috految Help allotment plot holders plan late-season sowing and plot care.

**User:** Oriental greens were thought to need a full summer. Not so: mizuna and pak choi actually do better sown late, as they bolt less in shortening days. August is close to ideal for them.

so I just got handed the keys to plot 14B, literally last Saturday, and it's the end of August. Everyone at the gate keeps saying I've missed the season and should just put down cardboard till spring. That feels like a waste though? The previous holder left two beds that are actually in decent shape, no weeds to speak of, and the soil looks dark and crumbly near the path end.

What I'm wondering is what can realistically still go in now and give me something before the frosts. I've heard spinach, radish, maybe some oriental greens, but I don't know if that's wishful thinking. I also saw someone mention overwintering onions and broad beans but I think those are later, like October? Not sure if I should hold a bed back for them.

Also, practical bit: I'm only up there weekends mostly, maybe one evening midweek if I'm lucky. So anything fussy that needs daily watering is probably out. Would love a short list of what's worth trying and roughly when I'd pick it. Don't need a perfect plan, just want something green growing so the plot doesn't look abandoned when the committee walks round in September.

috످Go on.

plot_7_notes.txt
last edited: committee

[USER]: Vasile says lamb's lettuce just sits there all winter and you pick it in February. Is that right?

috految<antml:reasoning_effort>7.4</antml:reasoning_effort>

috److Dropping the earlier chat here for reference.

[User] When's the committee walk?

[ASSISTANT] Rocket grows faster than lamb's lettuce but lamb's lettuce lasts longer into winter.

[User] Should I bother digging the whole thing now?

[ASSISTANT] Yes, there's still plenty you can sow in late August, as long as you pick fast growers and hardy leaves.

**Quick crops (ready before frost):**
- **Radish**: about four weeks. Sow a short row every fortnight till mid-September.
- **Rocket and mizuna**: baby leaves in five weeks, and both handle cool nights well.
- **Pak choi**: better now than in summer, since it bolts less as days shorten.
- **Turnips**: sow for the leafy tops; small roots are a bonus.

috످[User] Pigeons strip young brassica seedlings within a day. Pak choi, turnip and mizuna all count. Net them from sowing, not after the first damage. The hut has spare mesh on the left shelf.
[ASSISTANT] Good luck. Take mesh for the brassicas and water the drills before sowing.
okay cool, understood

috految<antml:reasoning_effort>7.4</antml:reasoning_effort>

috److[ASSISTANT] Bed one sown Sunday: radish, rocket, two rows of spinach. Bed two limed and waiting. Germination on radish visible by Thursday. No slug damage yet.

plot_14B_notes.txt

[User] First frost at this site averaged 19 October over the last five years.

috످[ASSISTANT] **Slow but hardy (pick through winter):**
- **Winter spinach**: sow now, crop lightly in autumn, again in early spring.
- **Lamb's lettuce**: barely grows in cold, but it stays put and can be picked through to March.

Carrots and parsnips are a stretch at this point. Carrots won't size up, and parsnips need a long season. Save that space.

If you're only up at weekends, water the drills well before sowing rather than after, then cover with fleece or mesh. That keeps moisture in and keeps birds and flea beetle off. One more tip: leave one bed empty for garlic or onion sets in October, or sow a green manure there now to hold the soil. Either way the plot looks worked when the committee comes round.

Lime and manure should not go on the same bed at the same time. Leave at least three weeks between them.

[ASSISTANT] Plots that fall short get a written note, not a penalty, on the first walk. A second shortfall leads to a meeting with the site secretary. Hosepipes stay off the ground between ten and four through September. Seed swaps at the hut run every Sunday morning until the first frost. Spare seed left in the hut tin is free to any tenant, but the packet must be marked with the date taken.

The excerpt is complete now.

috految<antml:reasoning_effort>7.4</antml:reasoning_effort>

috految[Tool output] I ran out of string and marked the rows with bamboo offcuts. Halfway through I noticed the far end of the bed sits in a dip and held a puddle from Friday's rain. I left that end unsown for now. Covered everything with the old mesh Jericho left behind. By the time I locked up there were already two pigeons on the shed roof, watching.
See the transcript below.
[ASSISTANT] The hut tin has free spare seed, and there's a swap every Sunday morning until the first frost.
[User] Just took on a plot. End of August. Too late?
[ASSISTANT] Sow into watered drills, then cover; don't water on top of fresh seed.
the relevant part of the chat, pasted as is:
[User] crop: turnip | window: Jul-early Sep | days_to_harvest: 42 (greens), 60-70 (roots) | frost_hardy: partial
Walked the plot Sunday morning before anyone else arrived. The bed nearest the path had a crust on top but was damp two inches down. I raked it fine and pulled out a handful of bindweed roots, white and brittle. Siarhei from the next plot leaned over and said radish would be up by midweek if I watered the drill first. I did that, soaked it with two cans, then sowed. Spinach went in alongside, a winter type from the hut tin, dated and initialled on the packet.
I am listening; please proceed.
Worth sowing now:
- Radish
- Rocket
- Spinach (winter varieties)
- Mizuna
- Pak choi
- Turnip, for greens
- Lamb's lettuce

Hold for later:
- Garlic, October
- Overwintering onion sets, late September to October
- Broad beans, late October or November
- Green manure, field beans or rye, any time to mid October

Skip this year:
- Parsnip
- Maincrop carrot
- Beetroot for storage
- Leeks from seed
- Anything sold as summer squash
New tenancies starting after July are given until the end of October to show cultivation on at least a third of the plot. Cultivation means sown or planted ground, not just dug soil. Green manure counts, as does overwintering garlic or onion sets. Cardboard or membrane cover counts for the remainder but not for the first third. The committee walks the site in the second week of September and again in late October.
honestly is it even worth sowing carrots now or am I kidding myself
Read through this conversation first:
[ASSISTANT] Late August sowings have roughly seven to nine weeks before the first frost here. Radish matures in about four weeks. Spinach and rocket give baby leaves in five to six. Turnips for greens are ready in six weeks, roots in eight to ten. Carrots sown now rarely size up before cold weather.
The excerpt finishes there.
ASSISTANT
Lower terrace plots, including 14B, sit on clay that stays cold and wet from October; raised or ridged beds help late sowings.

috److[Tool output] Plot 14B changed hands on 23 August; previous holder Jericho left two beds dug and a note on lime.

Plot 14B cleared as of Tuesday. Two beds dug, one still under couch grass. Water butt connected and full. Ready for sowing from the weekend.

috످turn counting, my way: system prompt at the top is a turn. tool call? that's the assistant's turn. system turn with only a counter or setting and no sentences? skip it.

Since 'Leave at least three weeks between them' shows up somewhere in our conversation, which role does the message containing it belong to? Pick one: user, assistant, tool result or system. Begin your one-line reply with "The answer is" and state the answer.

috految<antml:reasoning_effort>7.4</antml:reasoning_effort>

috److془The passage is about gardening advice on spacing lime and manure; it stands in the user's turn labeled ASSISTANT.془The answer is user: the advice on spacing out lime and manure is in your message, even though it appears under an "[ASSISTANT]" label.

috످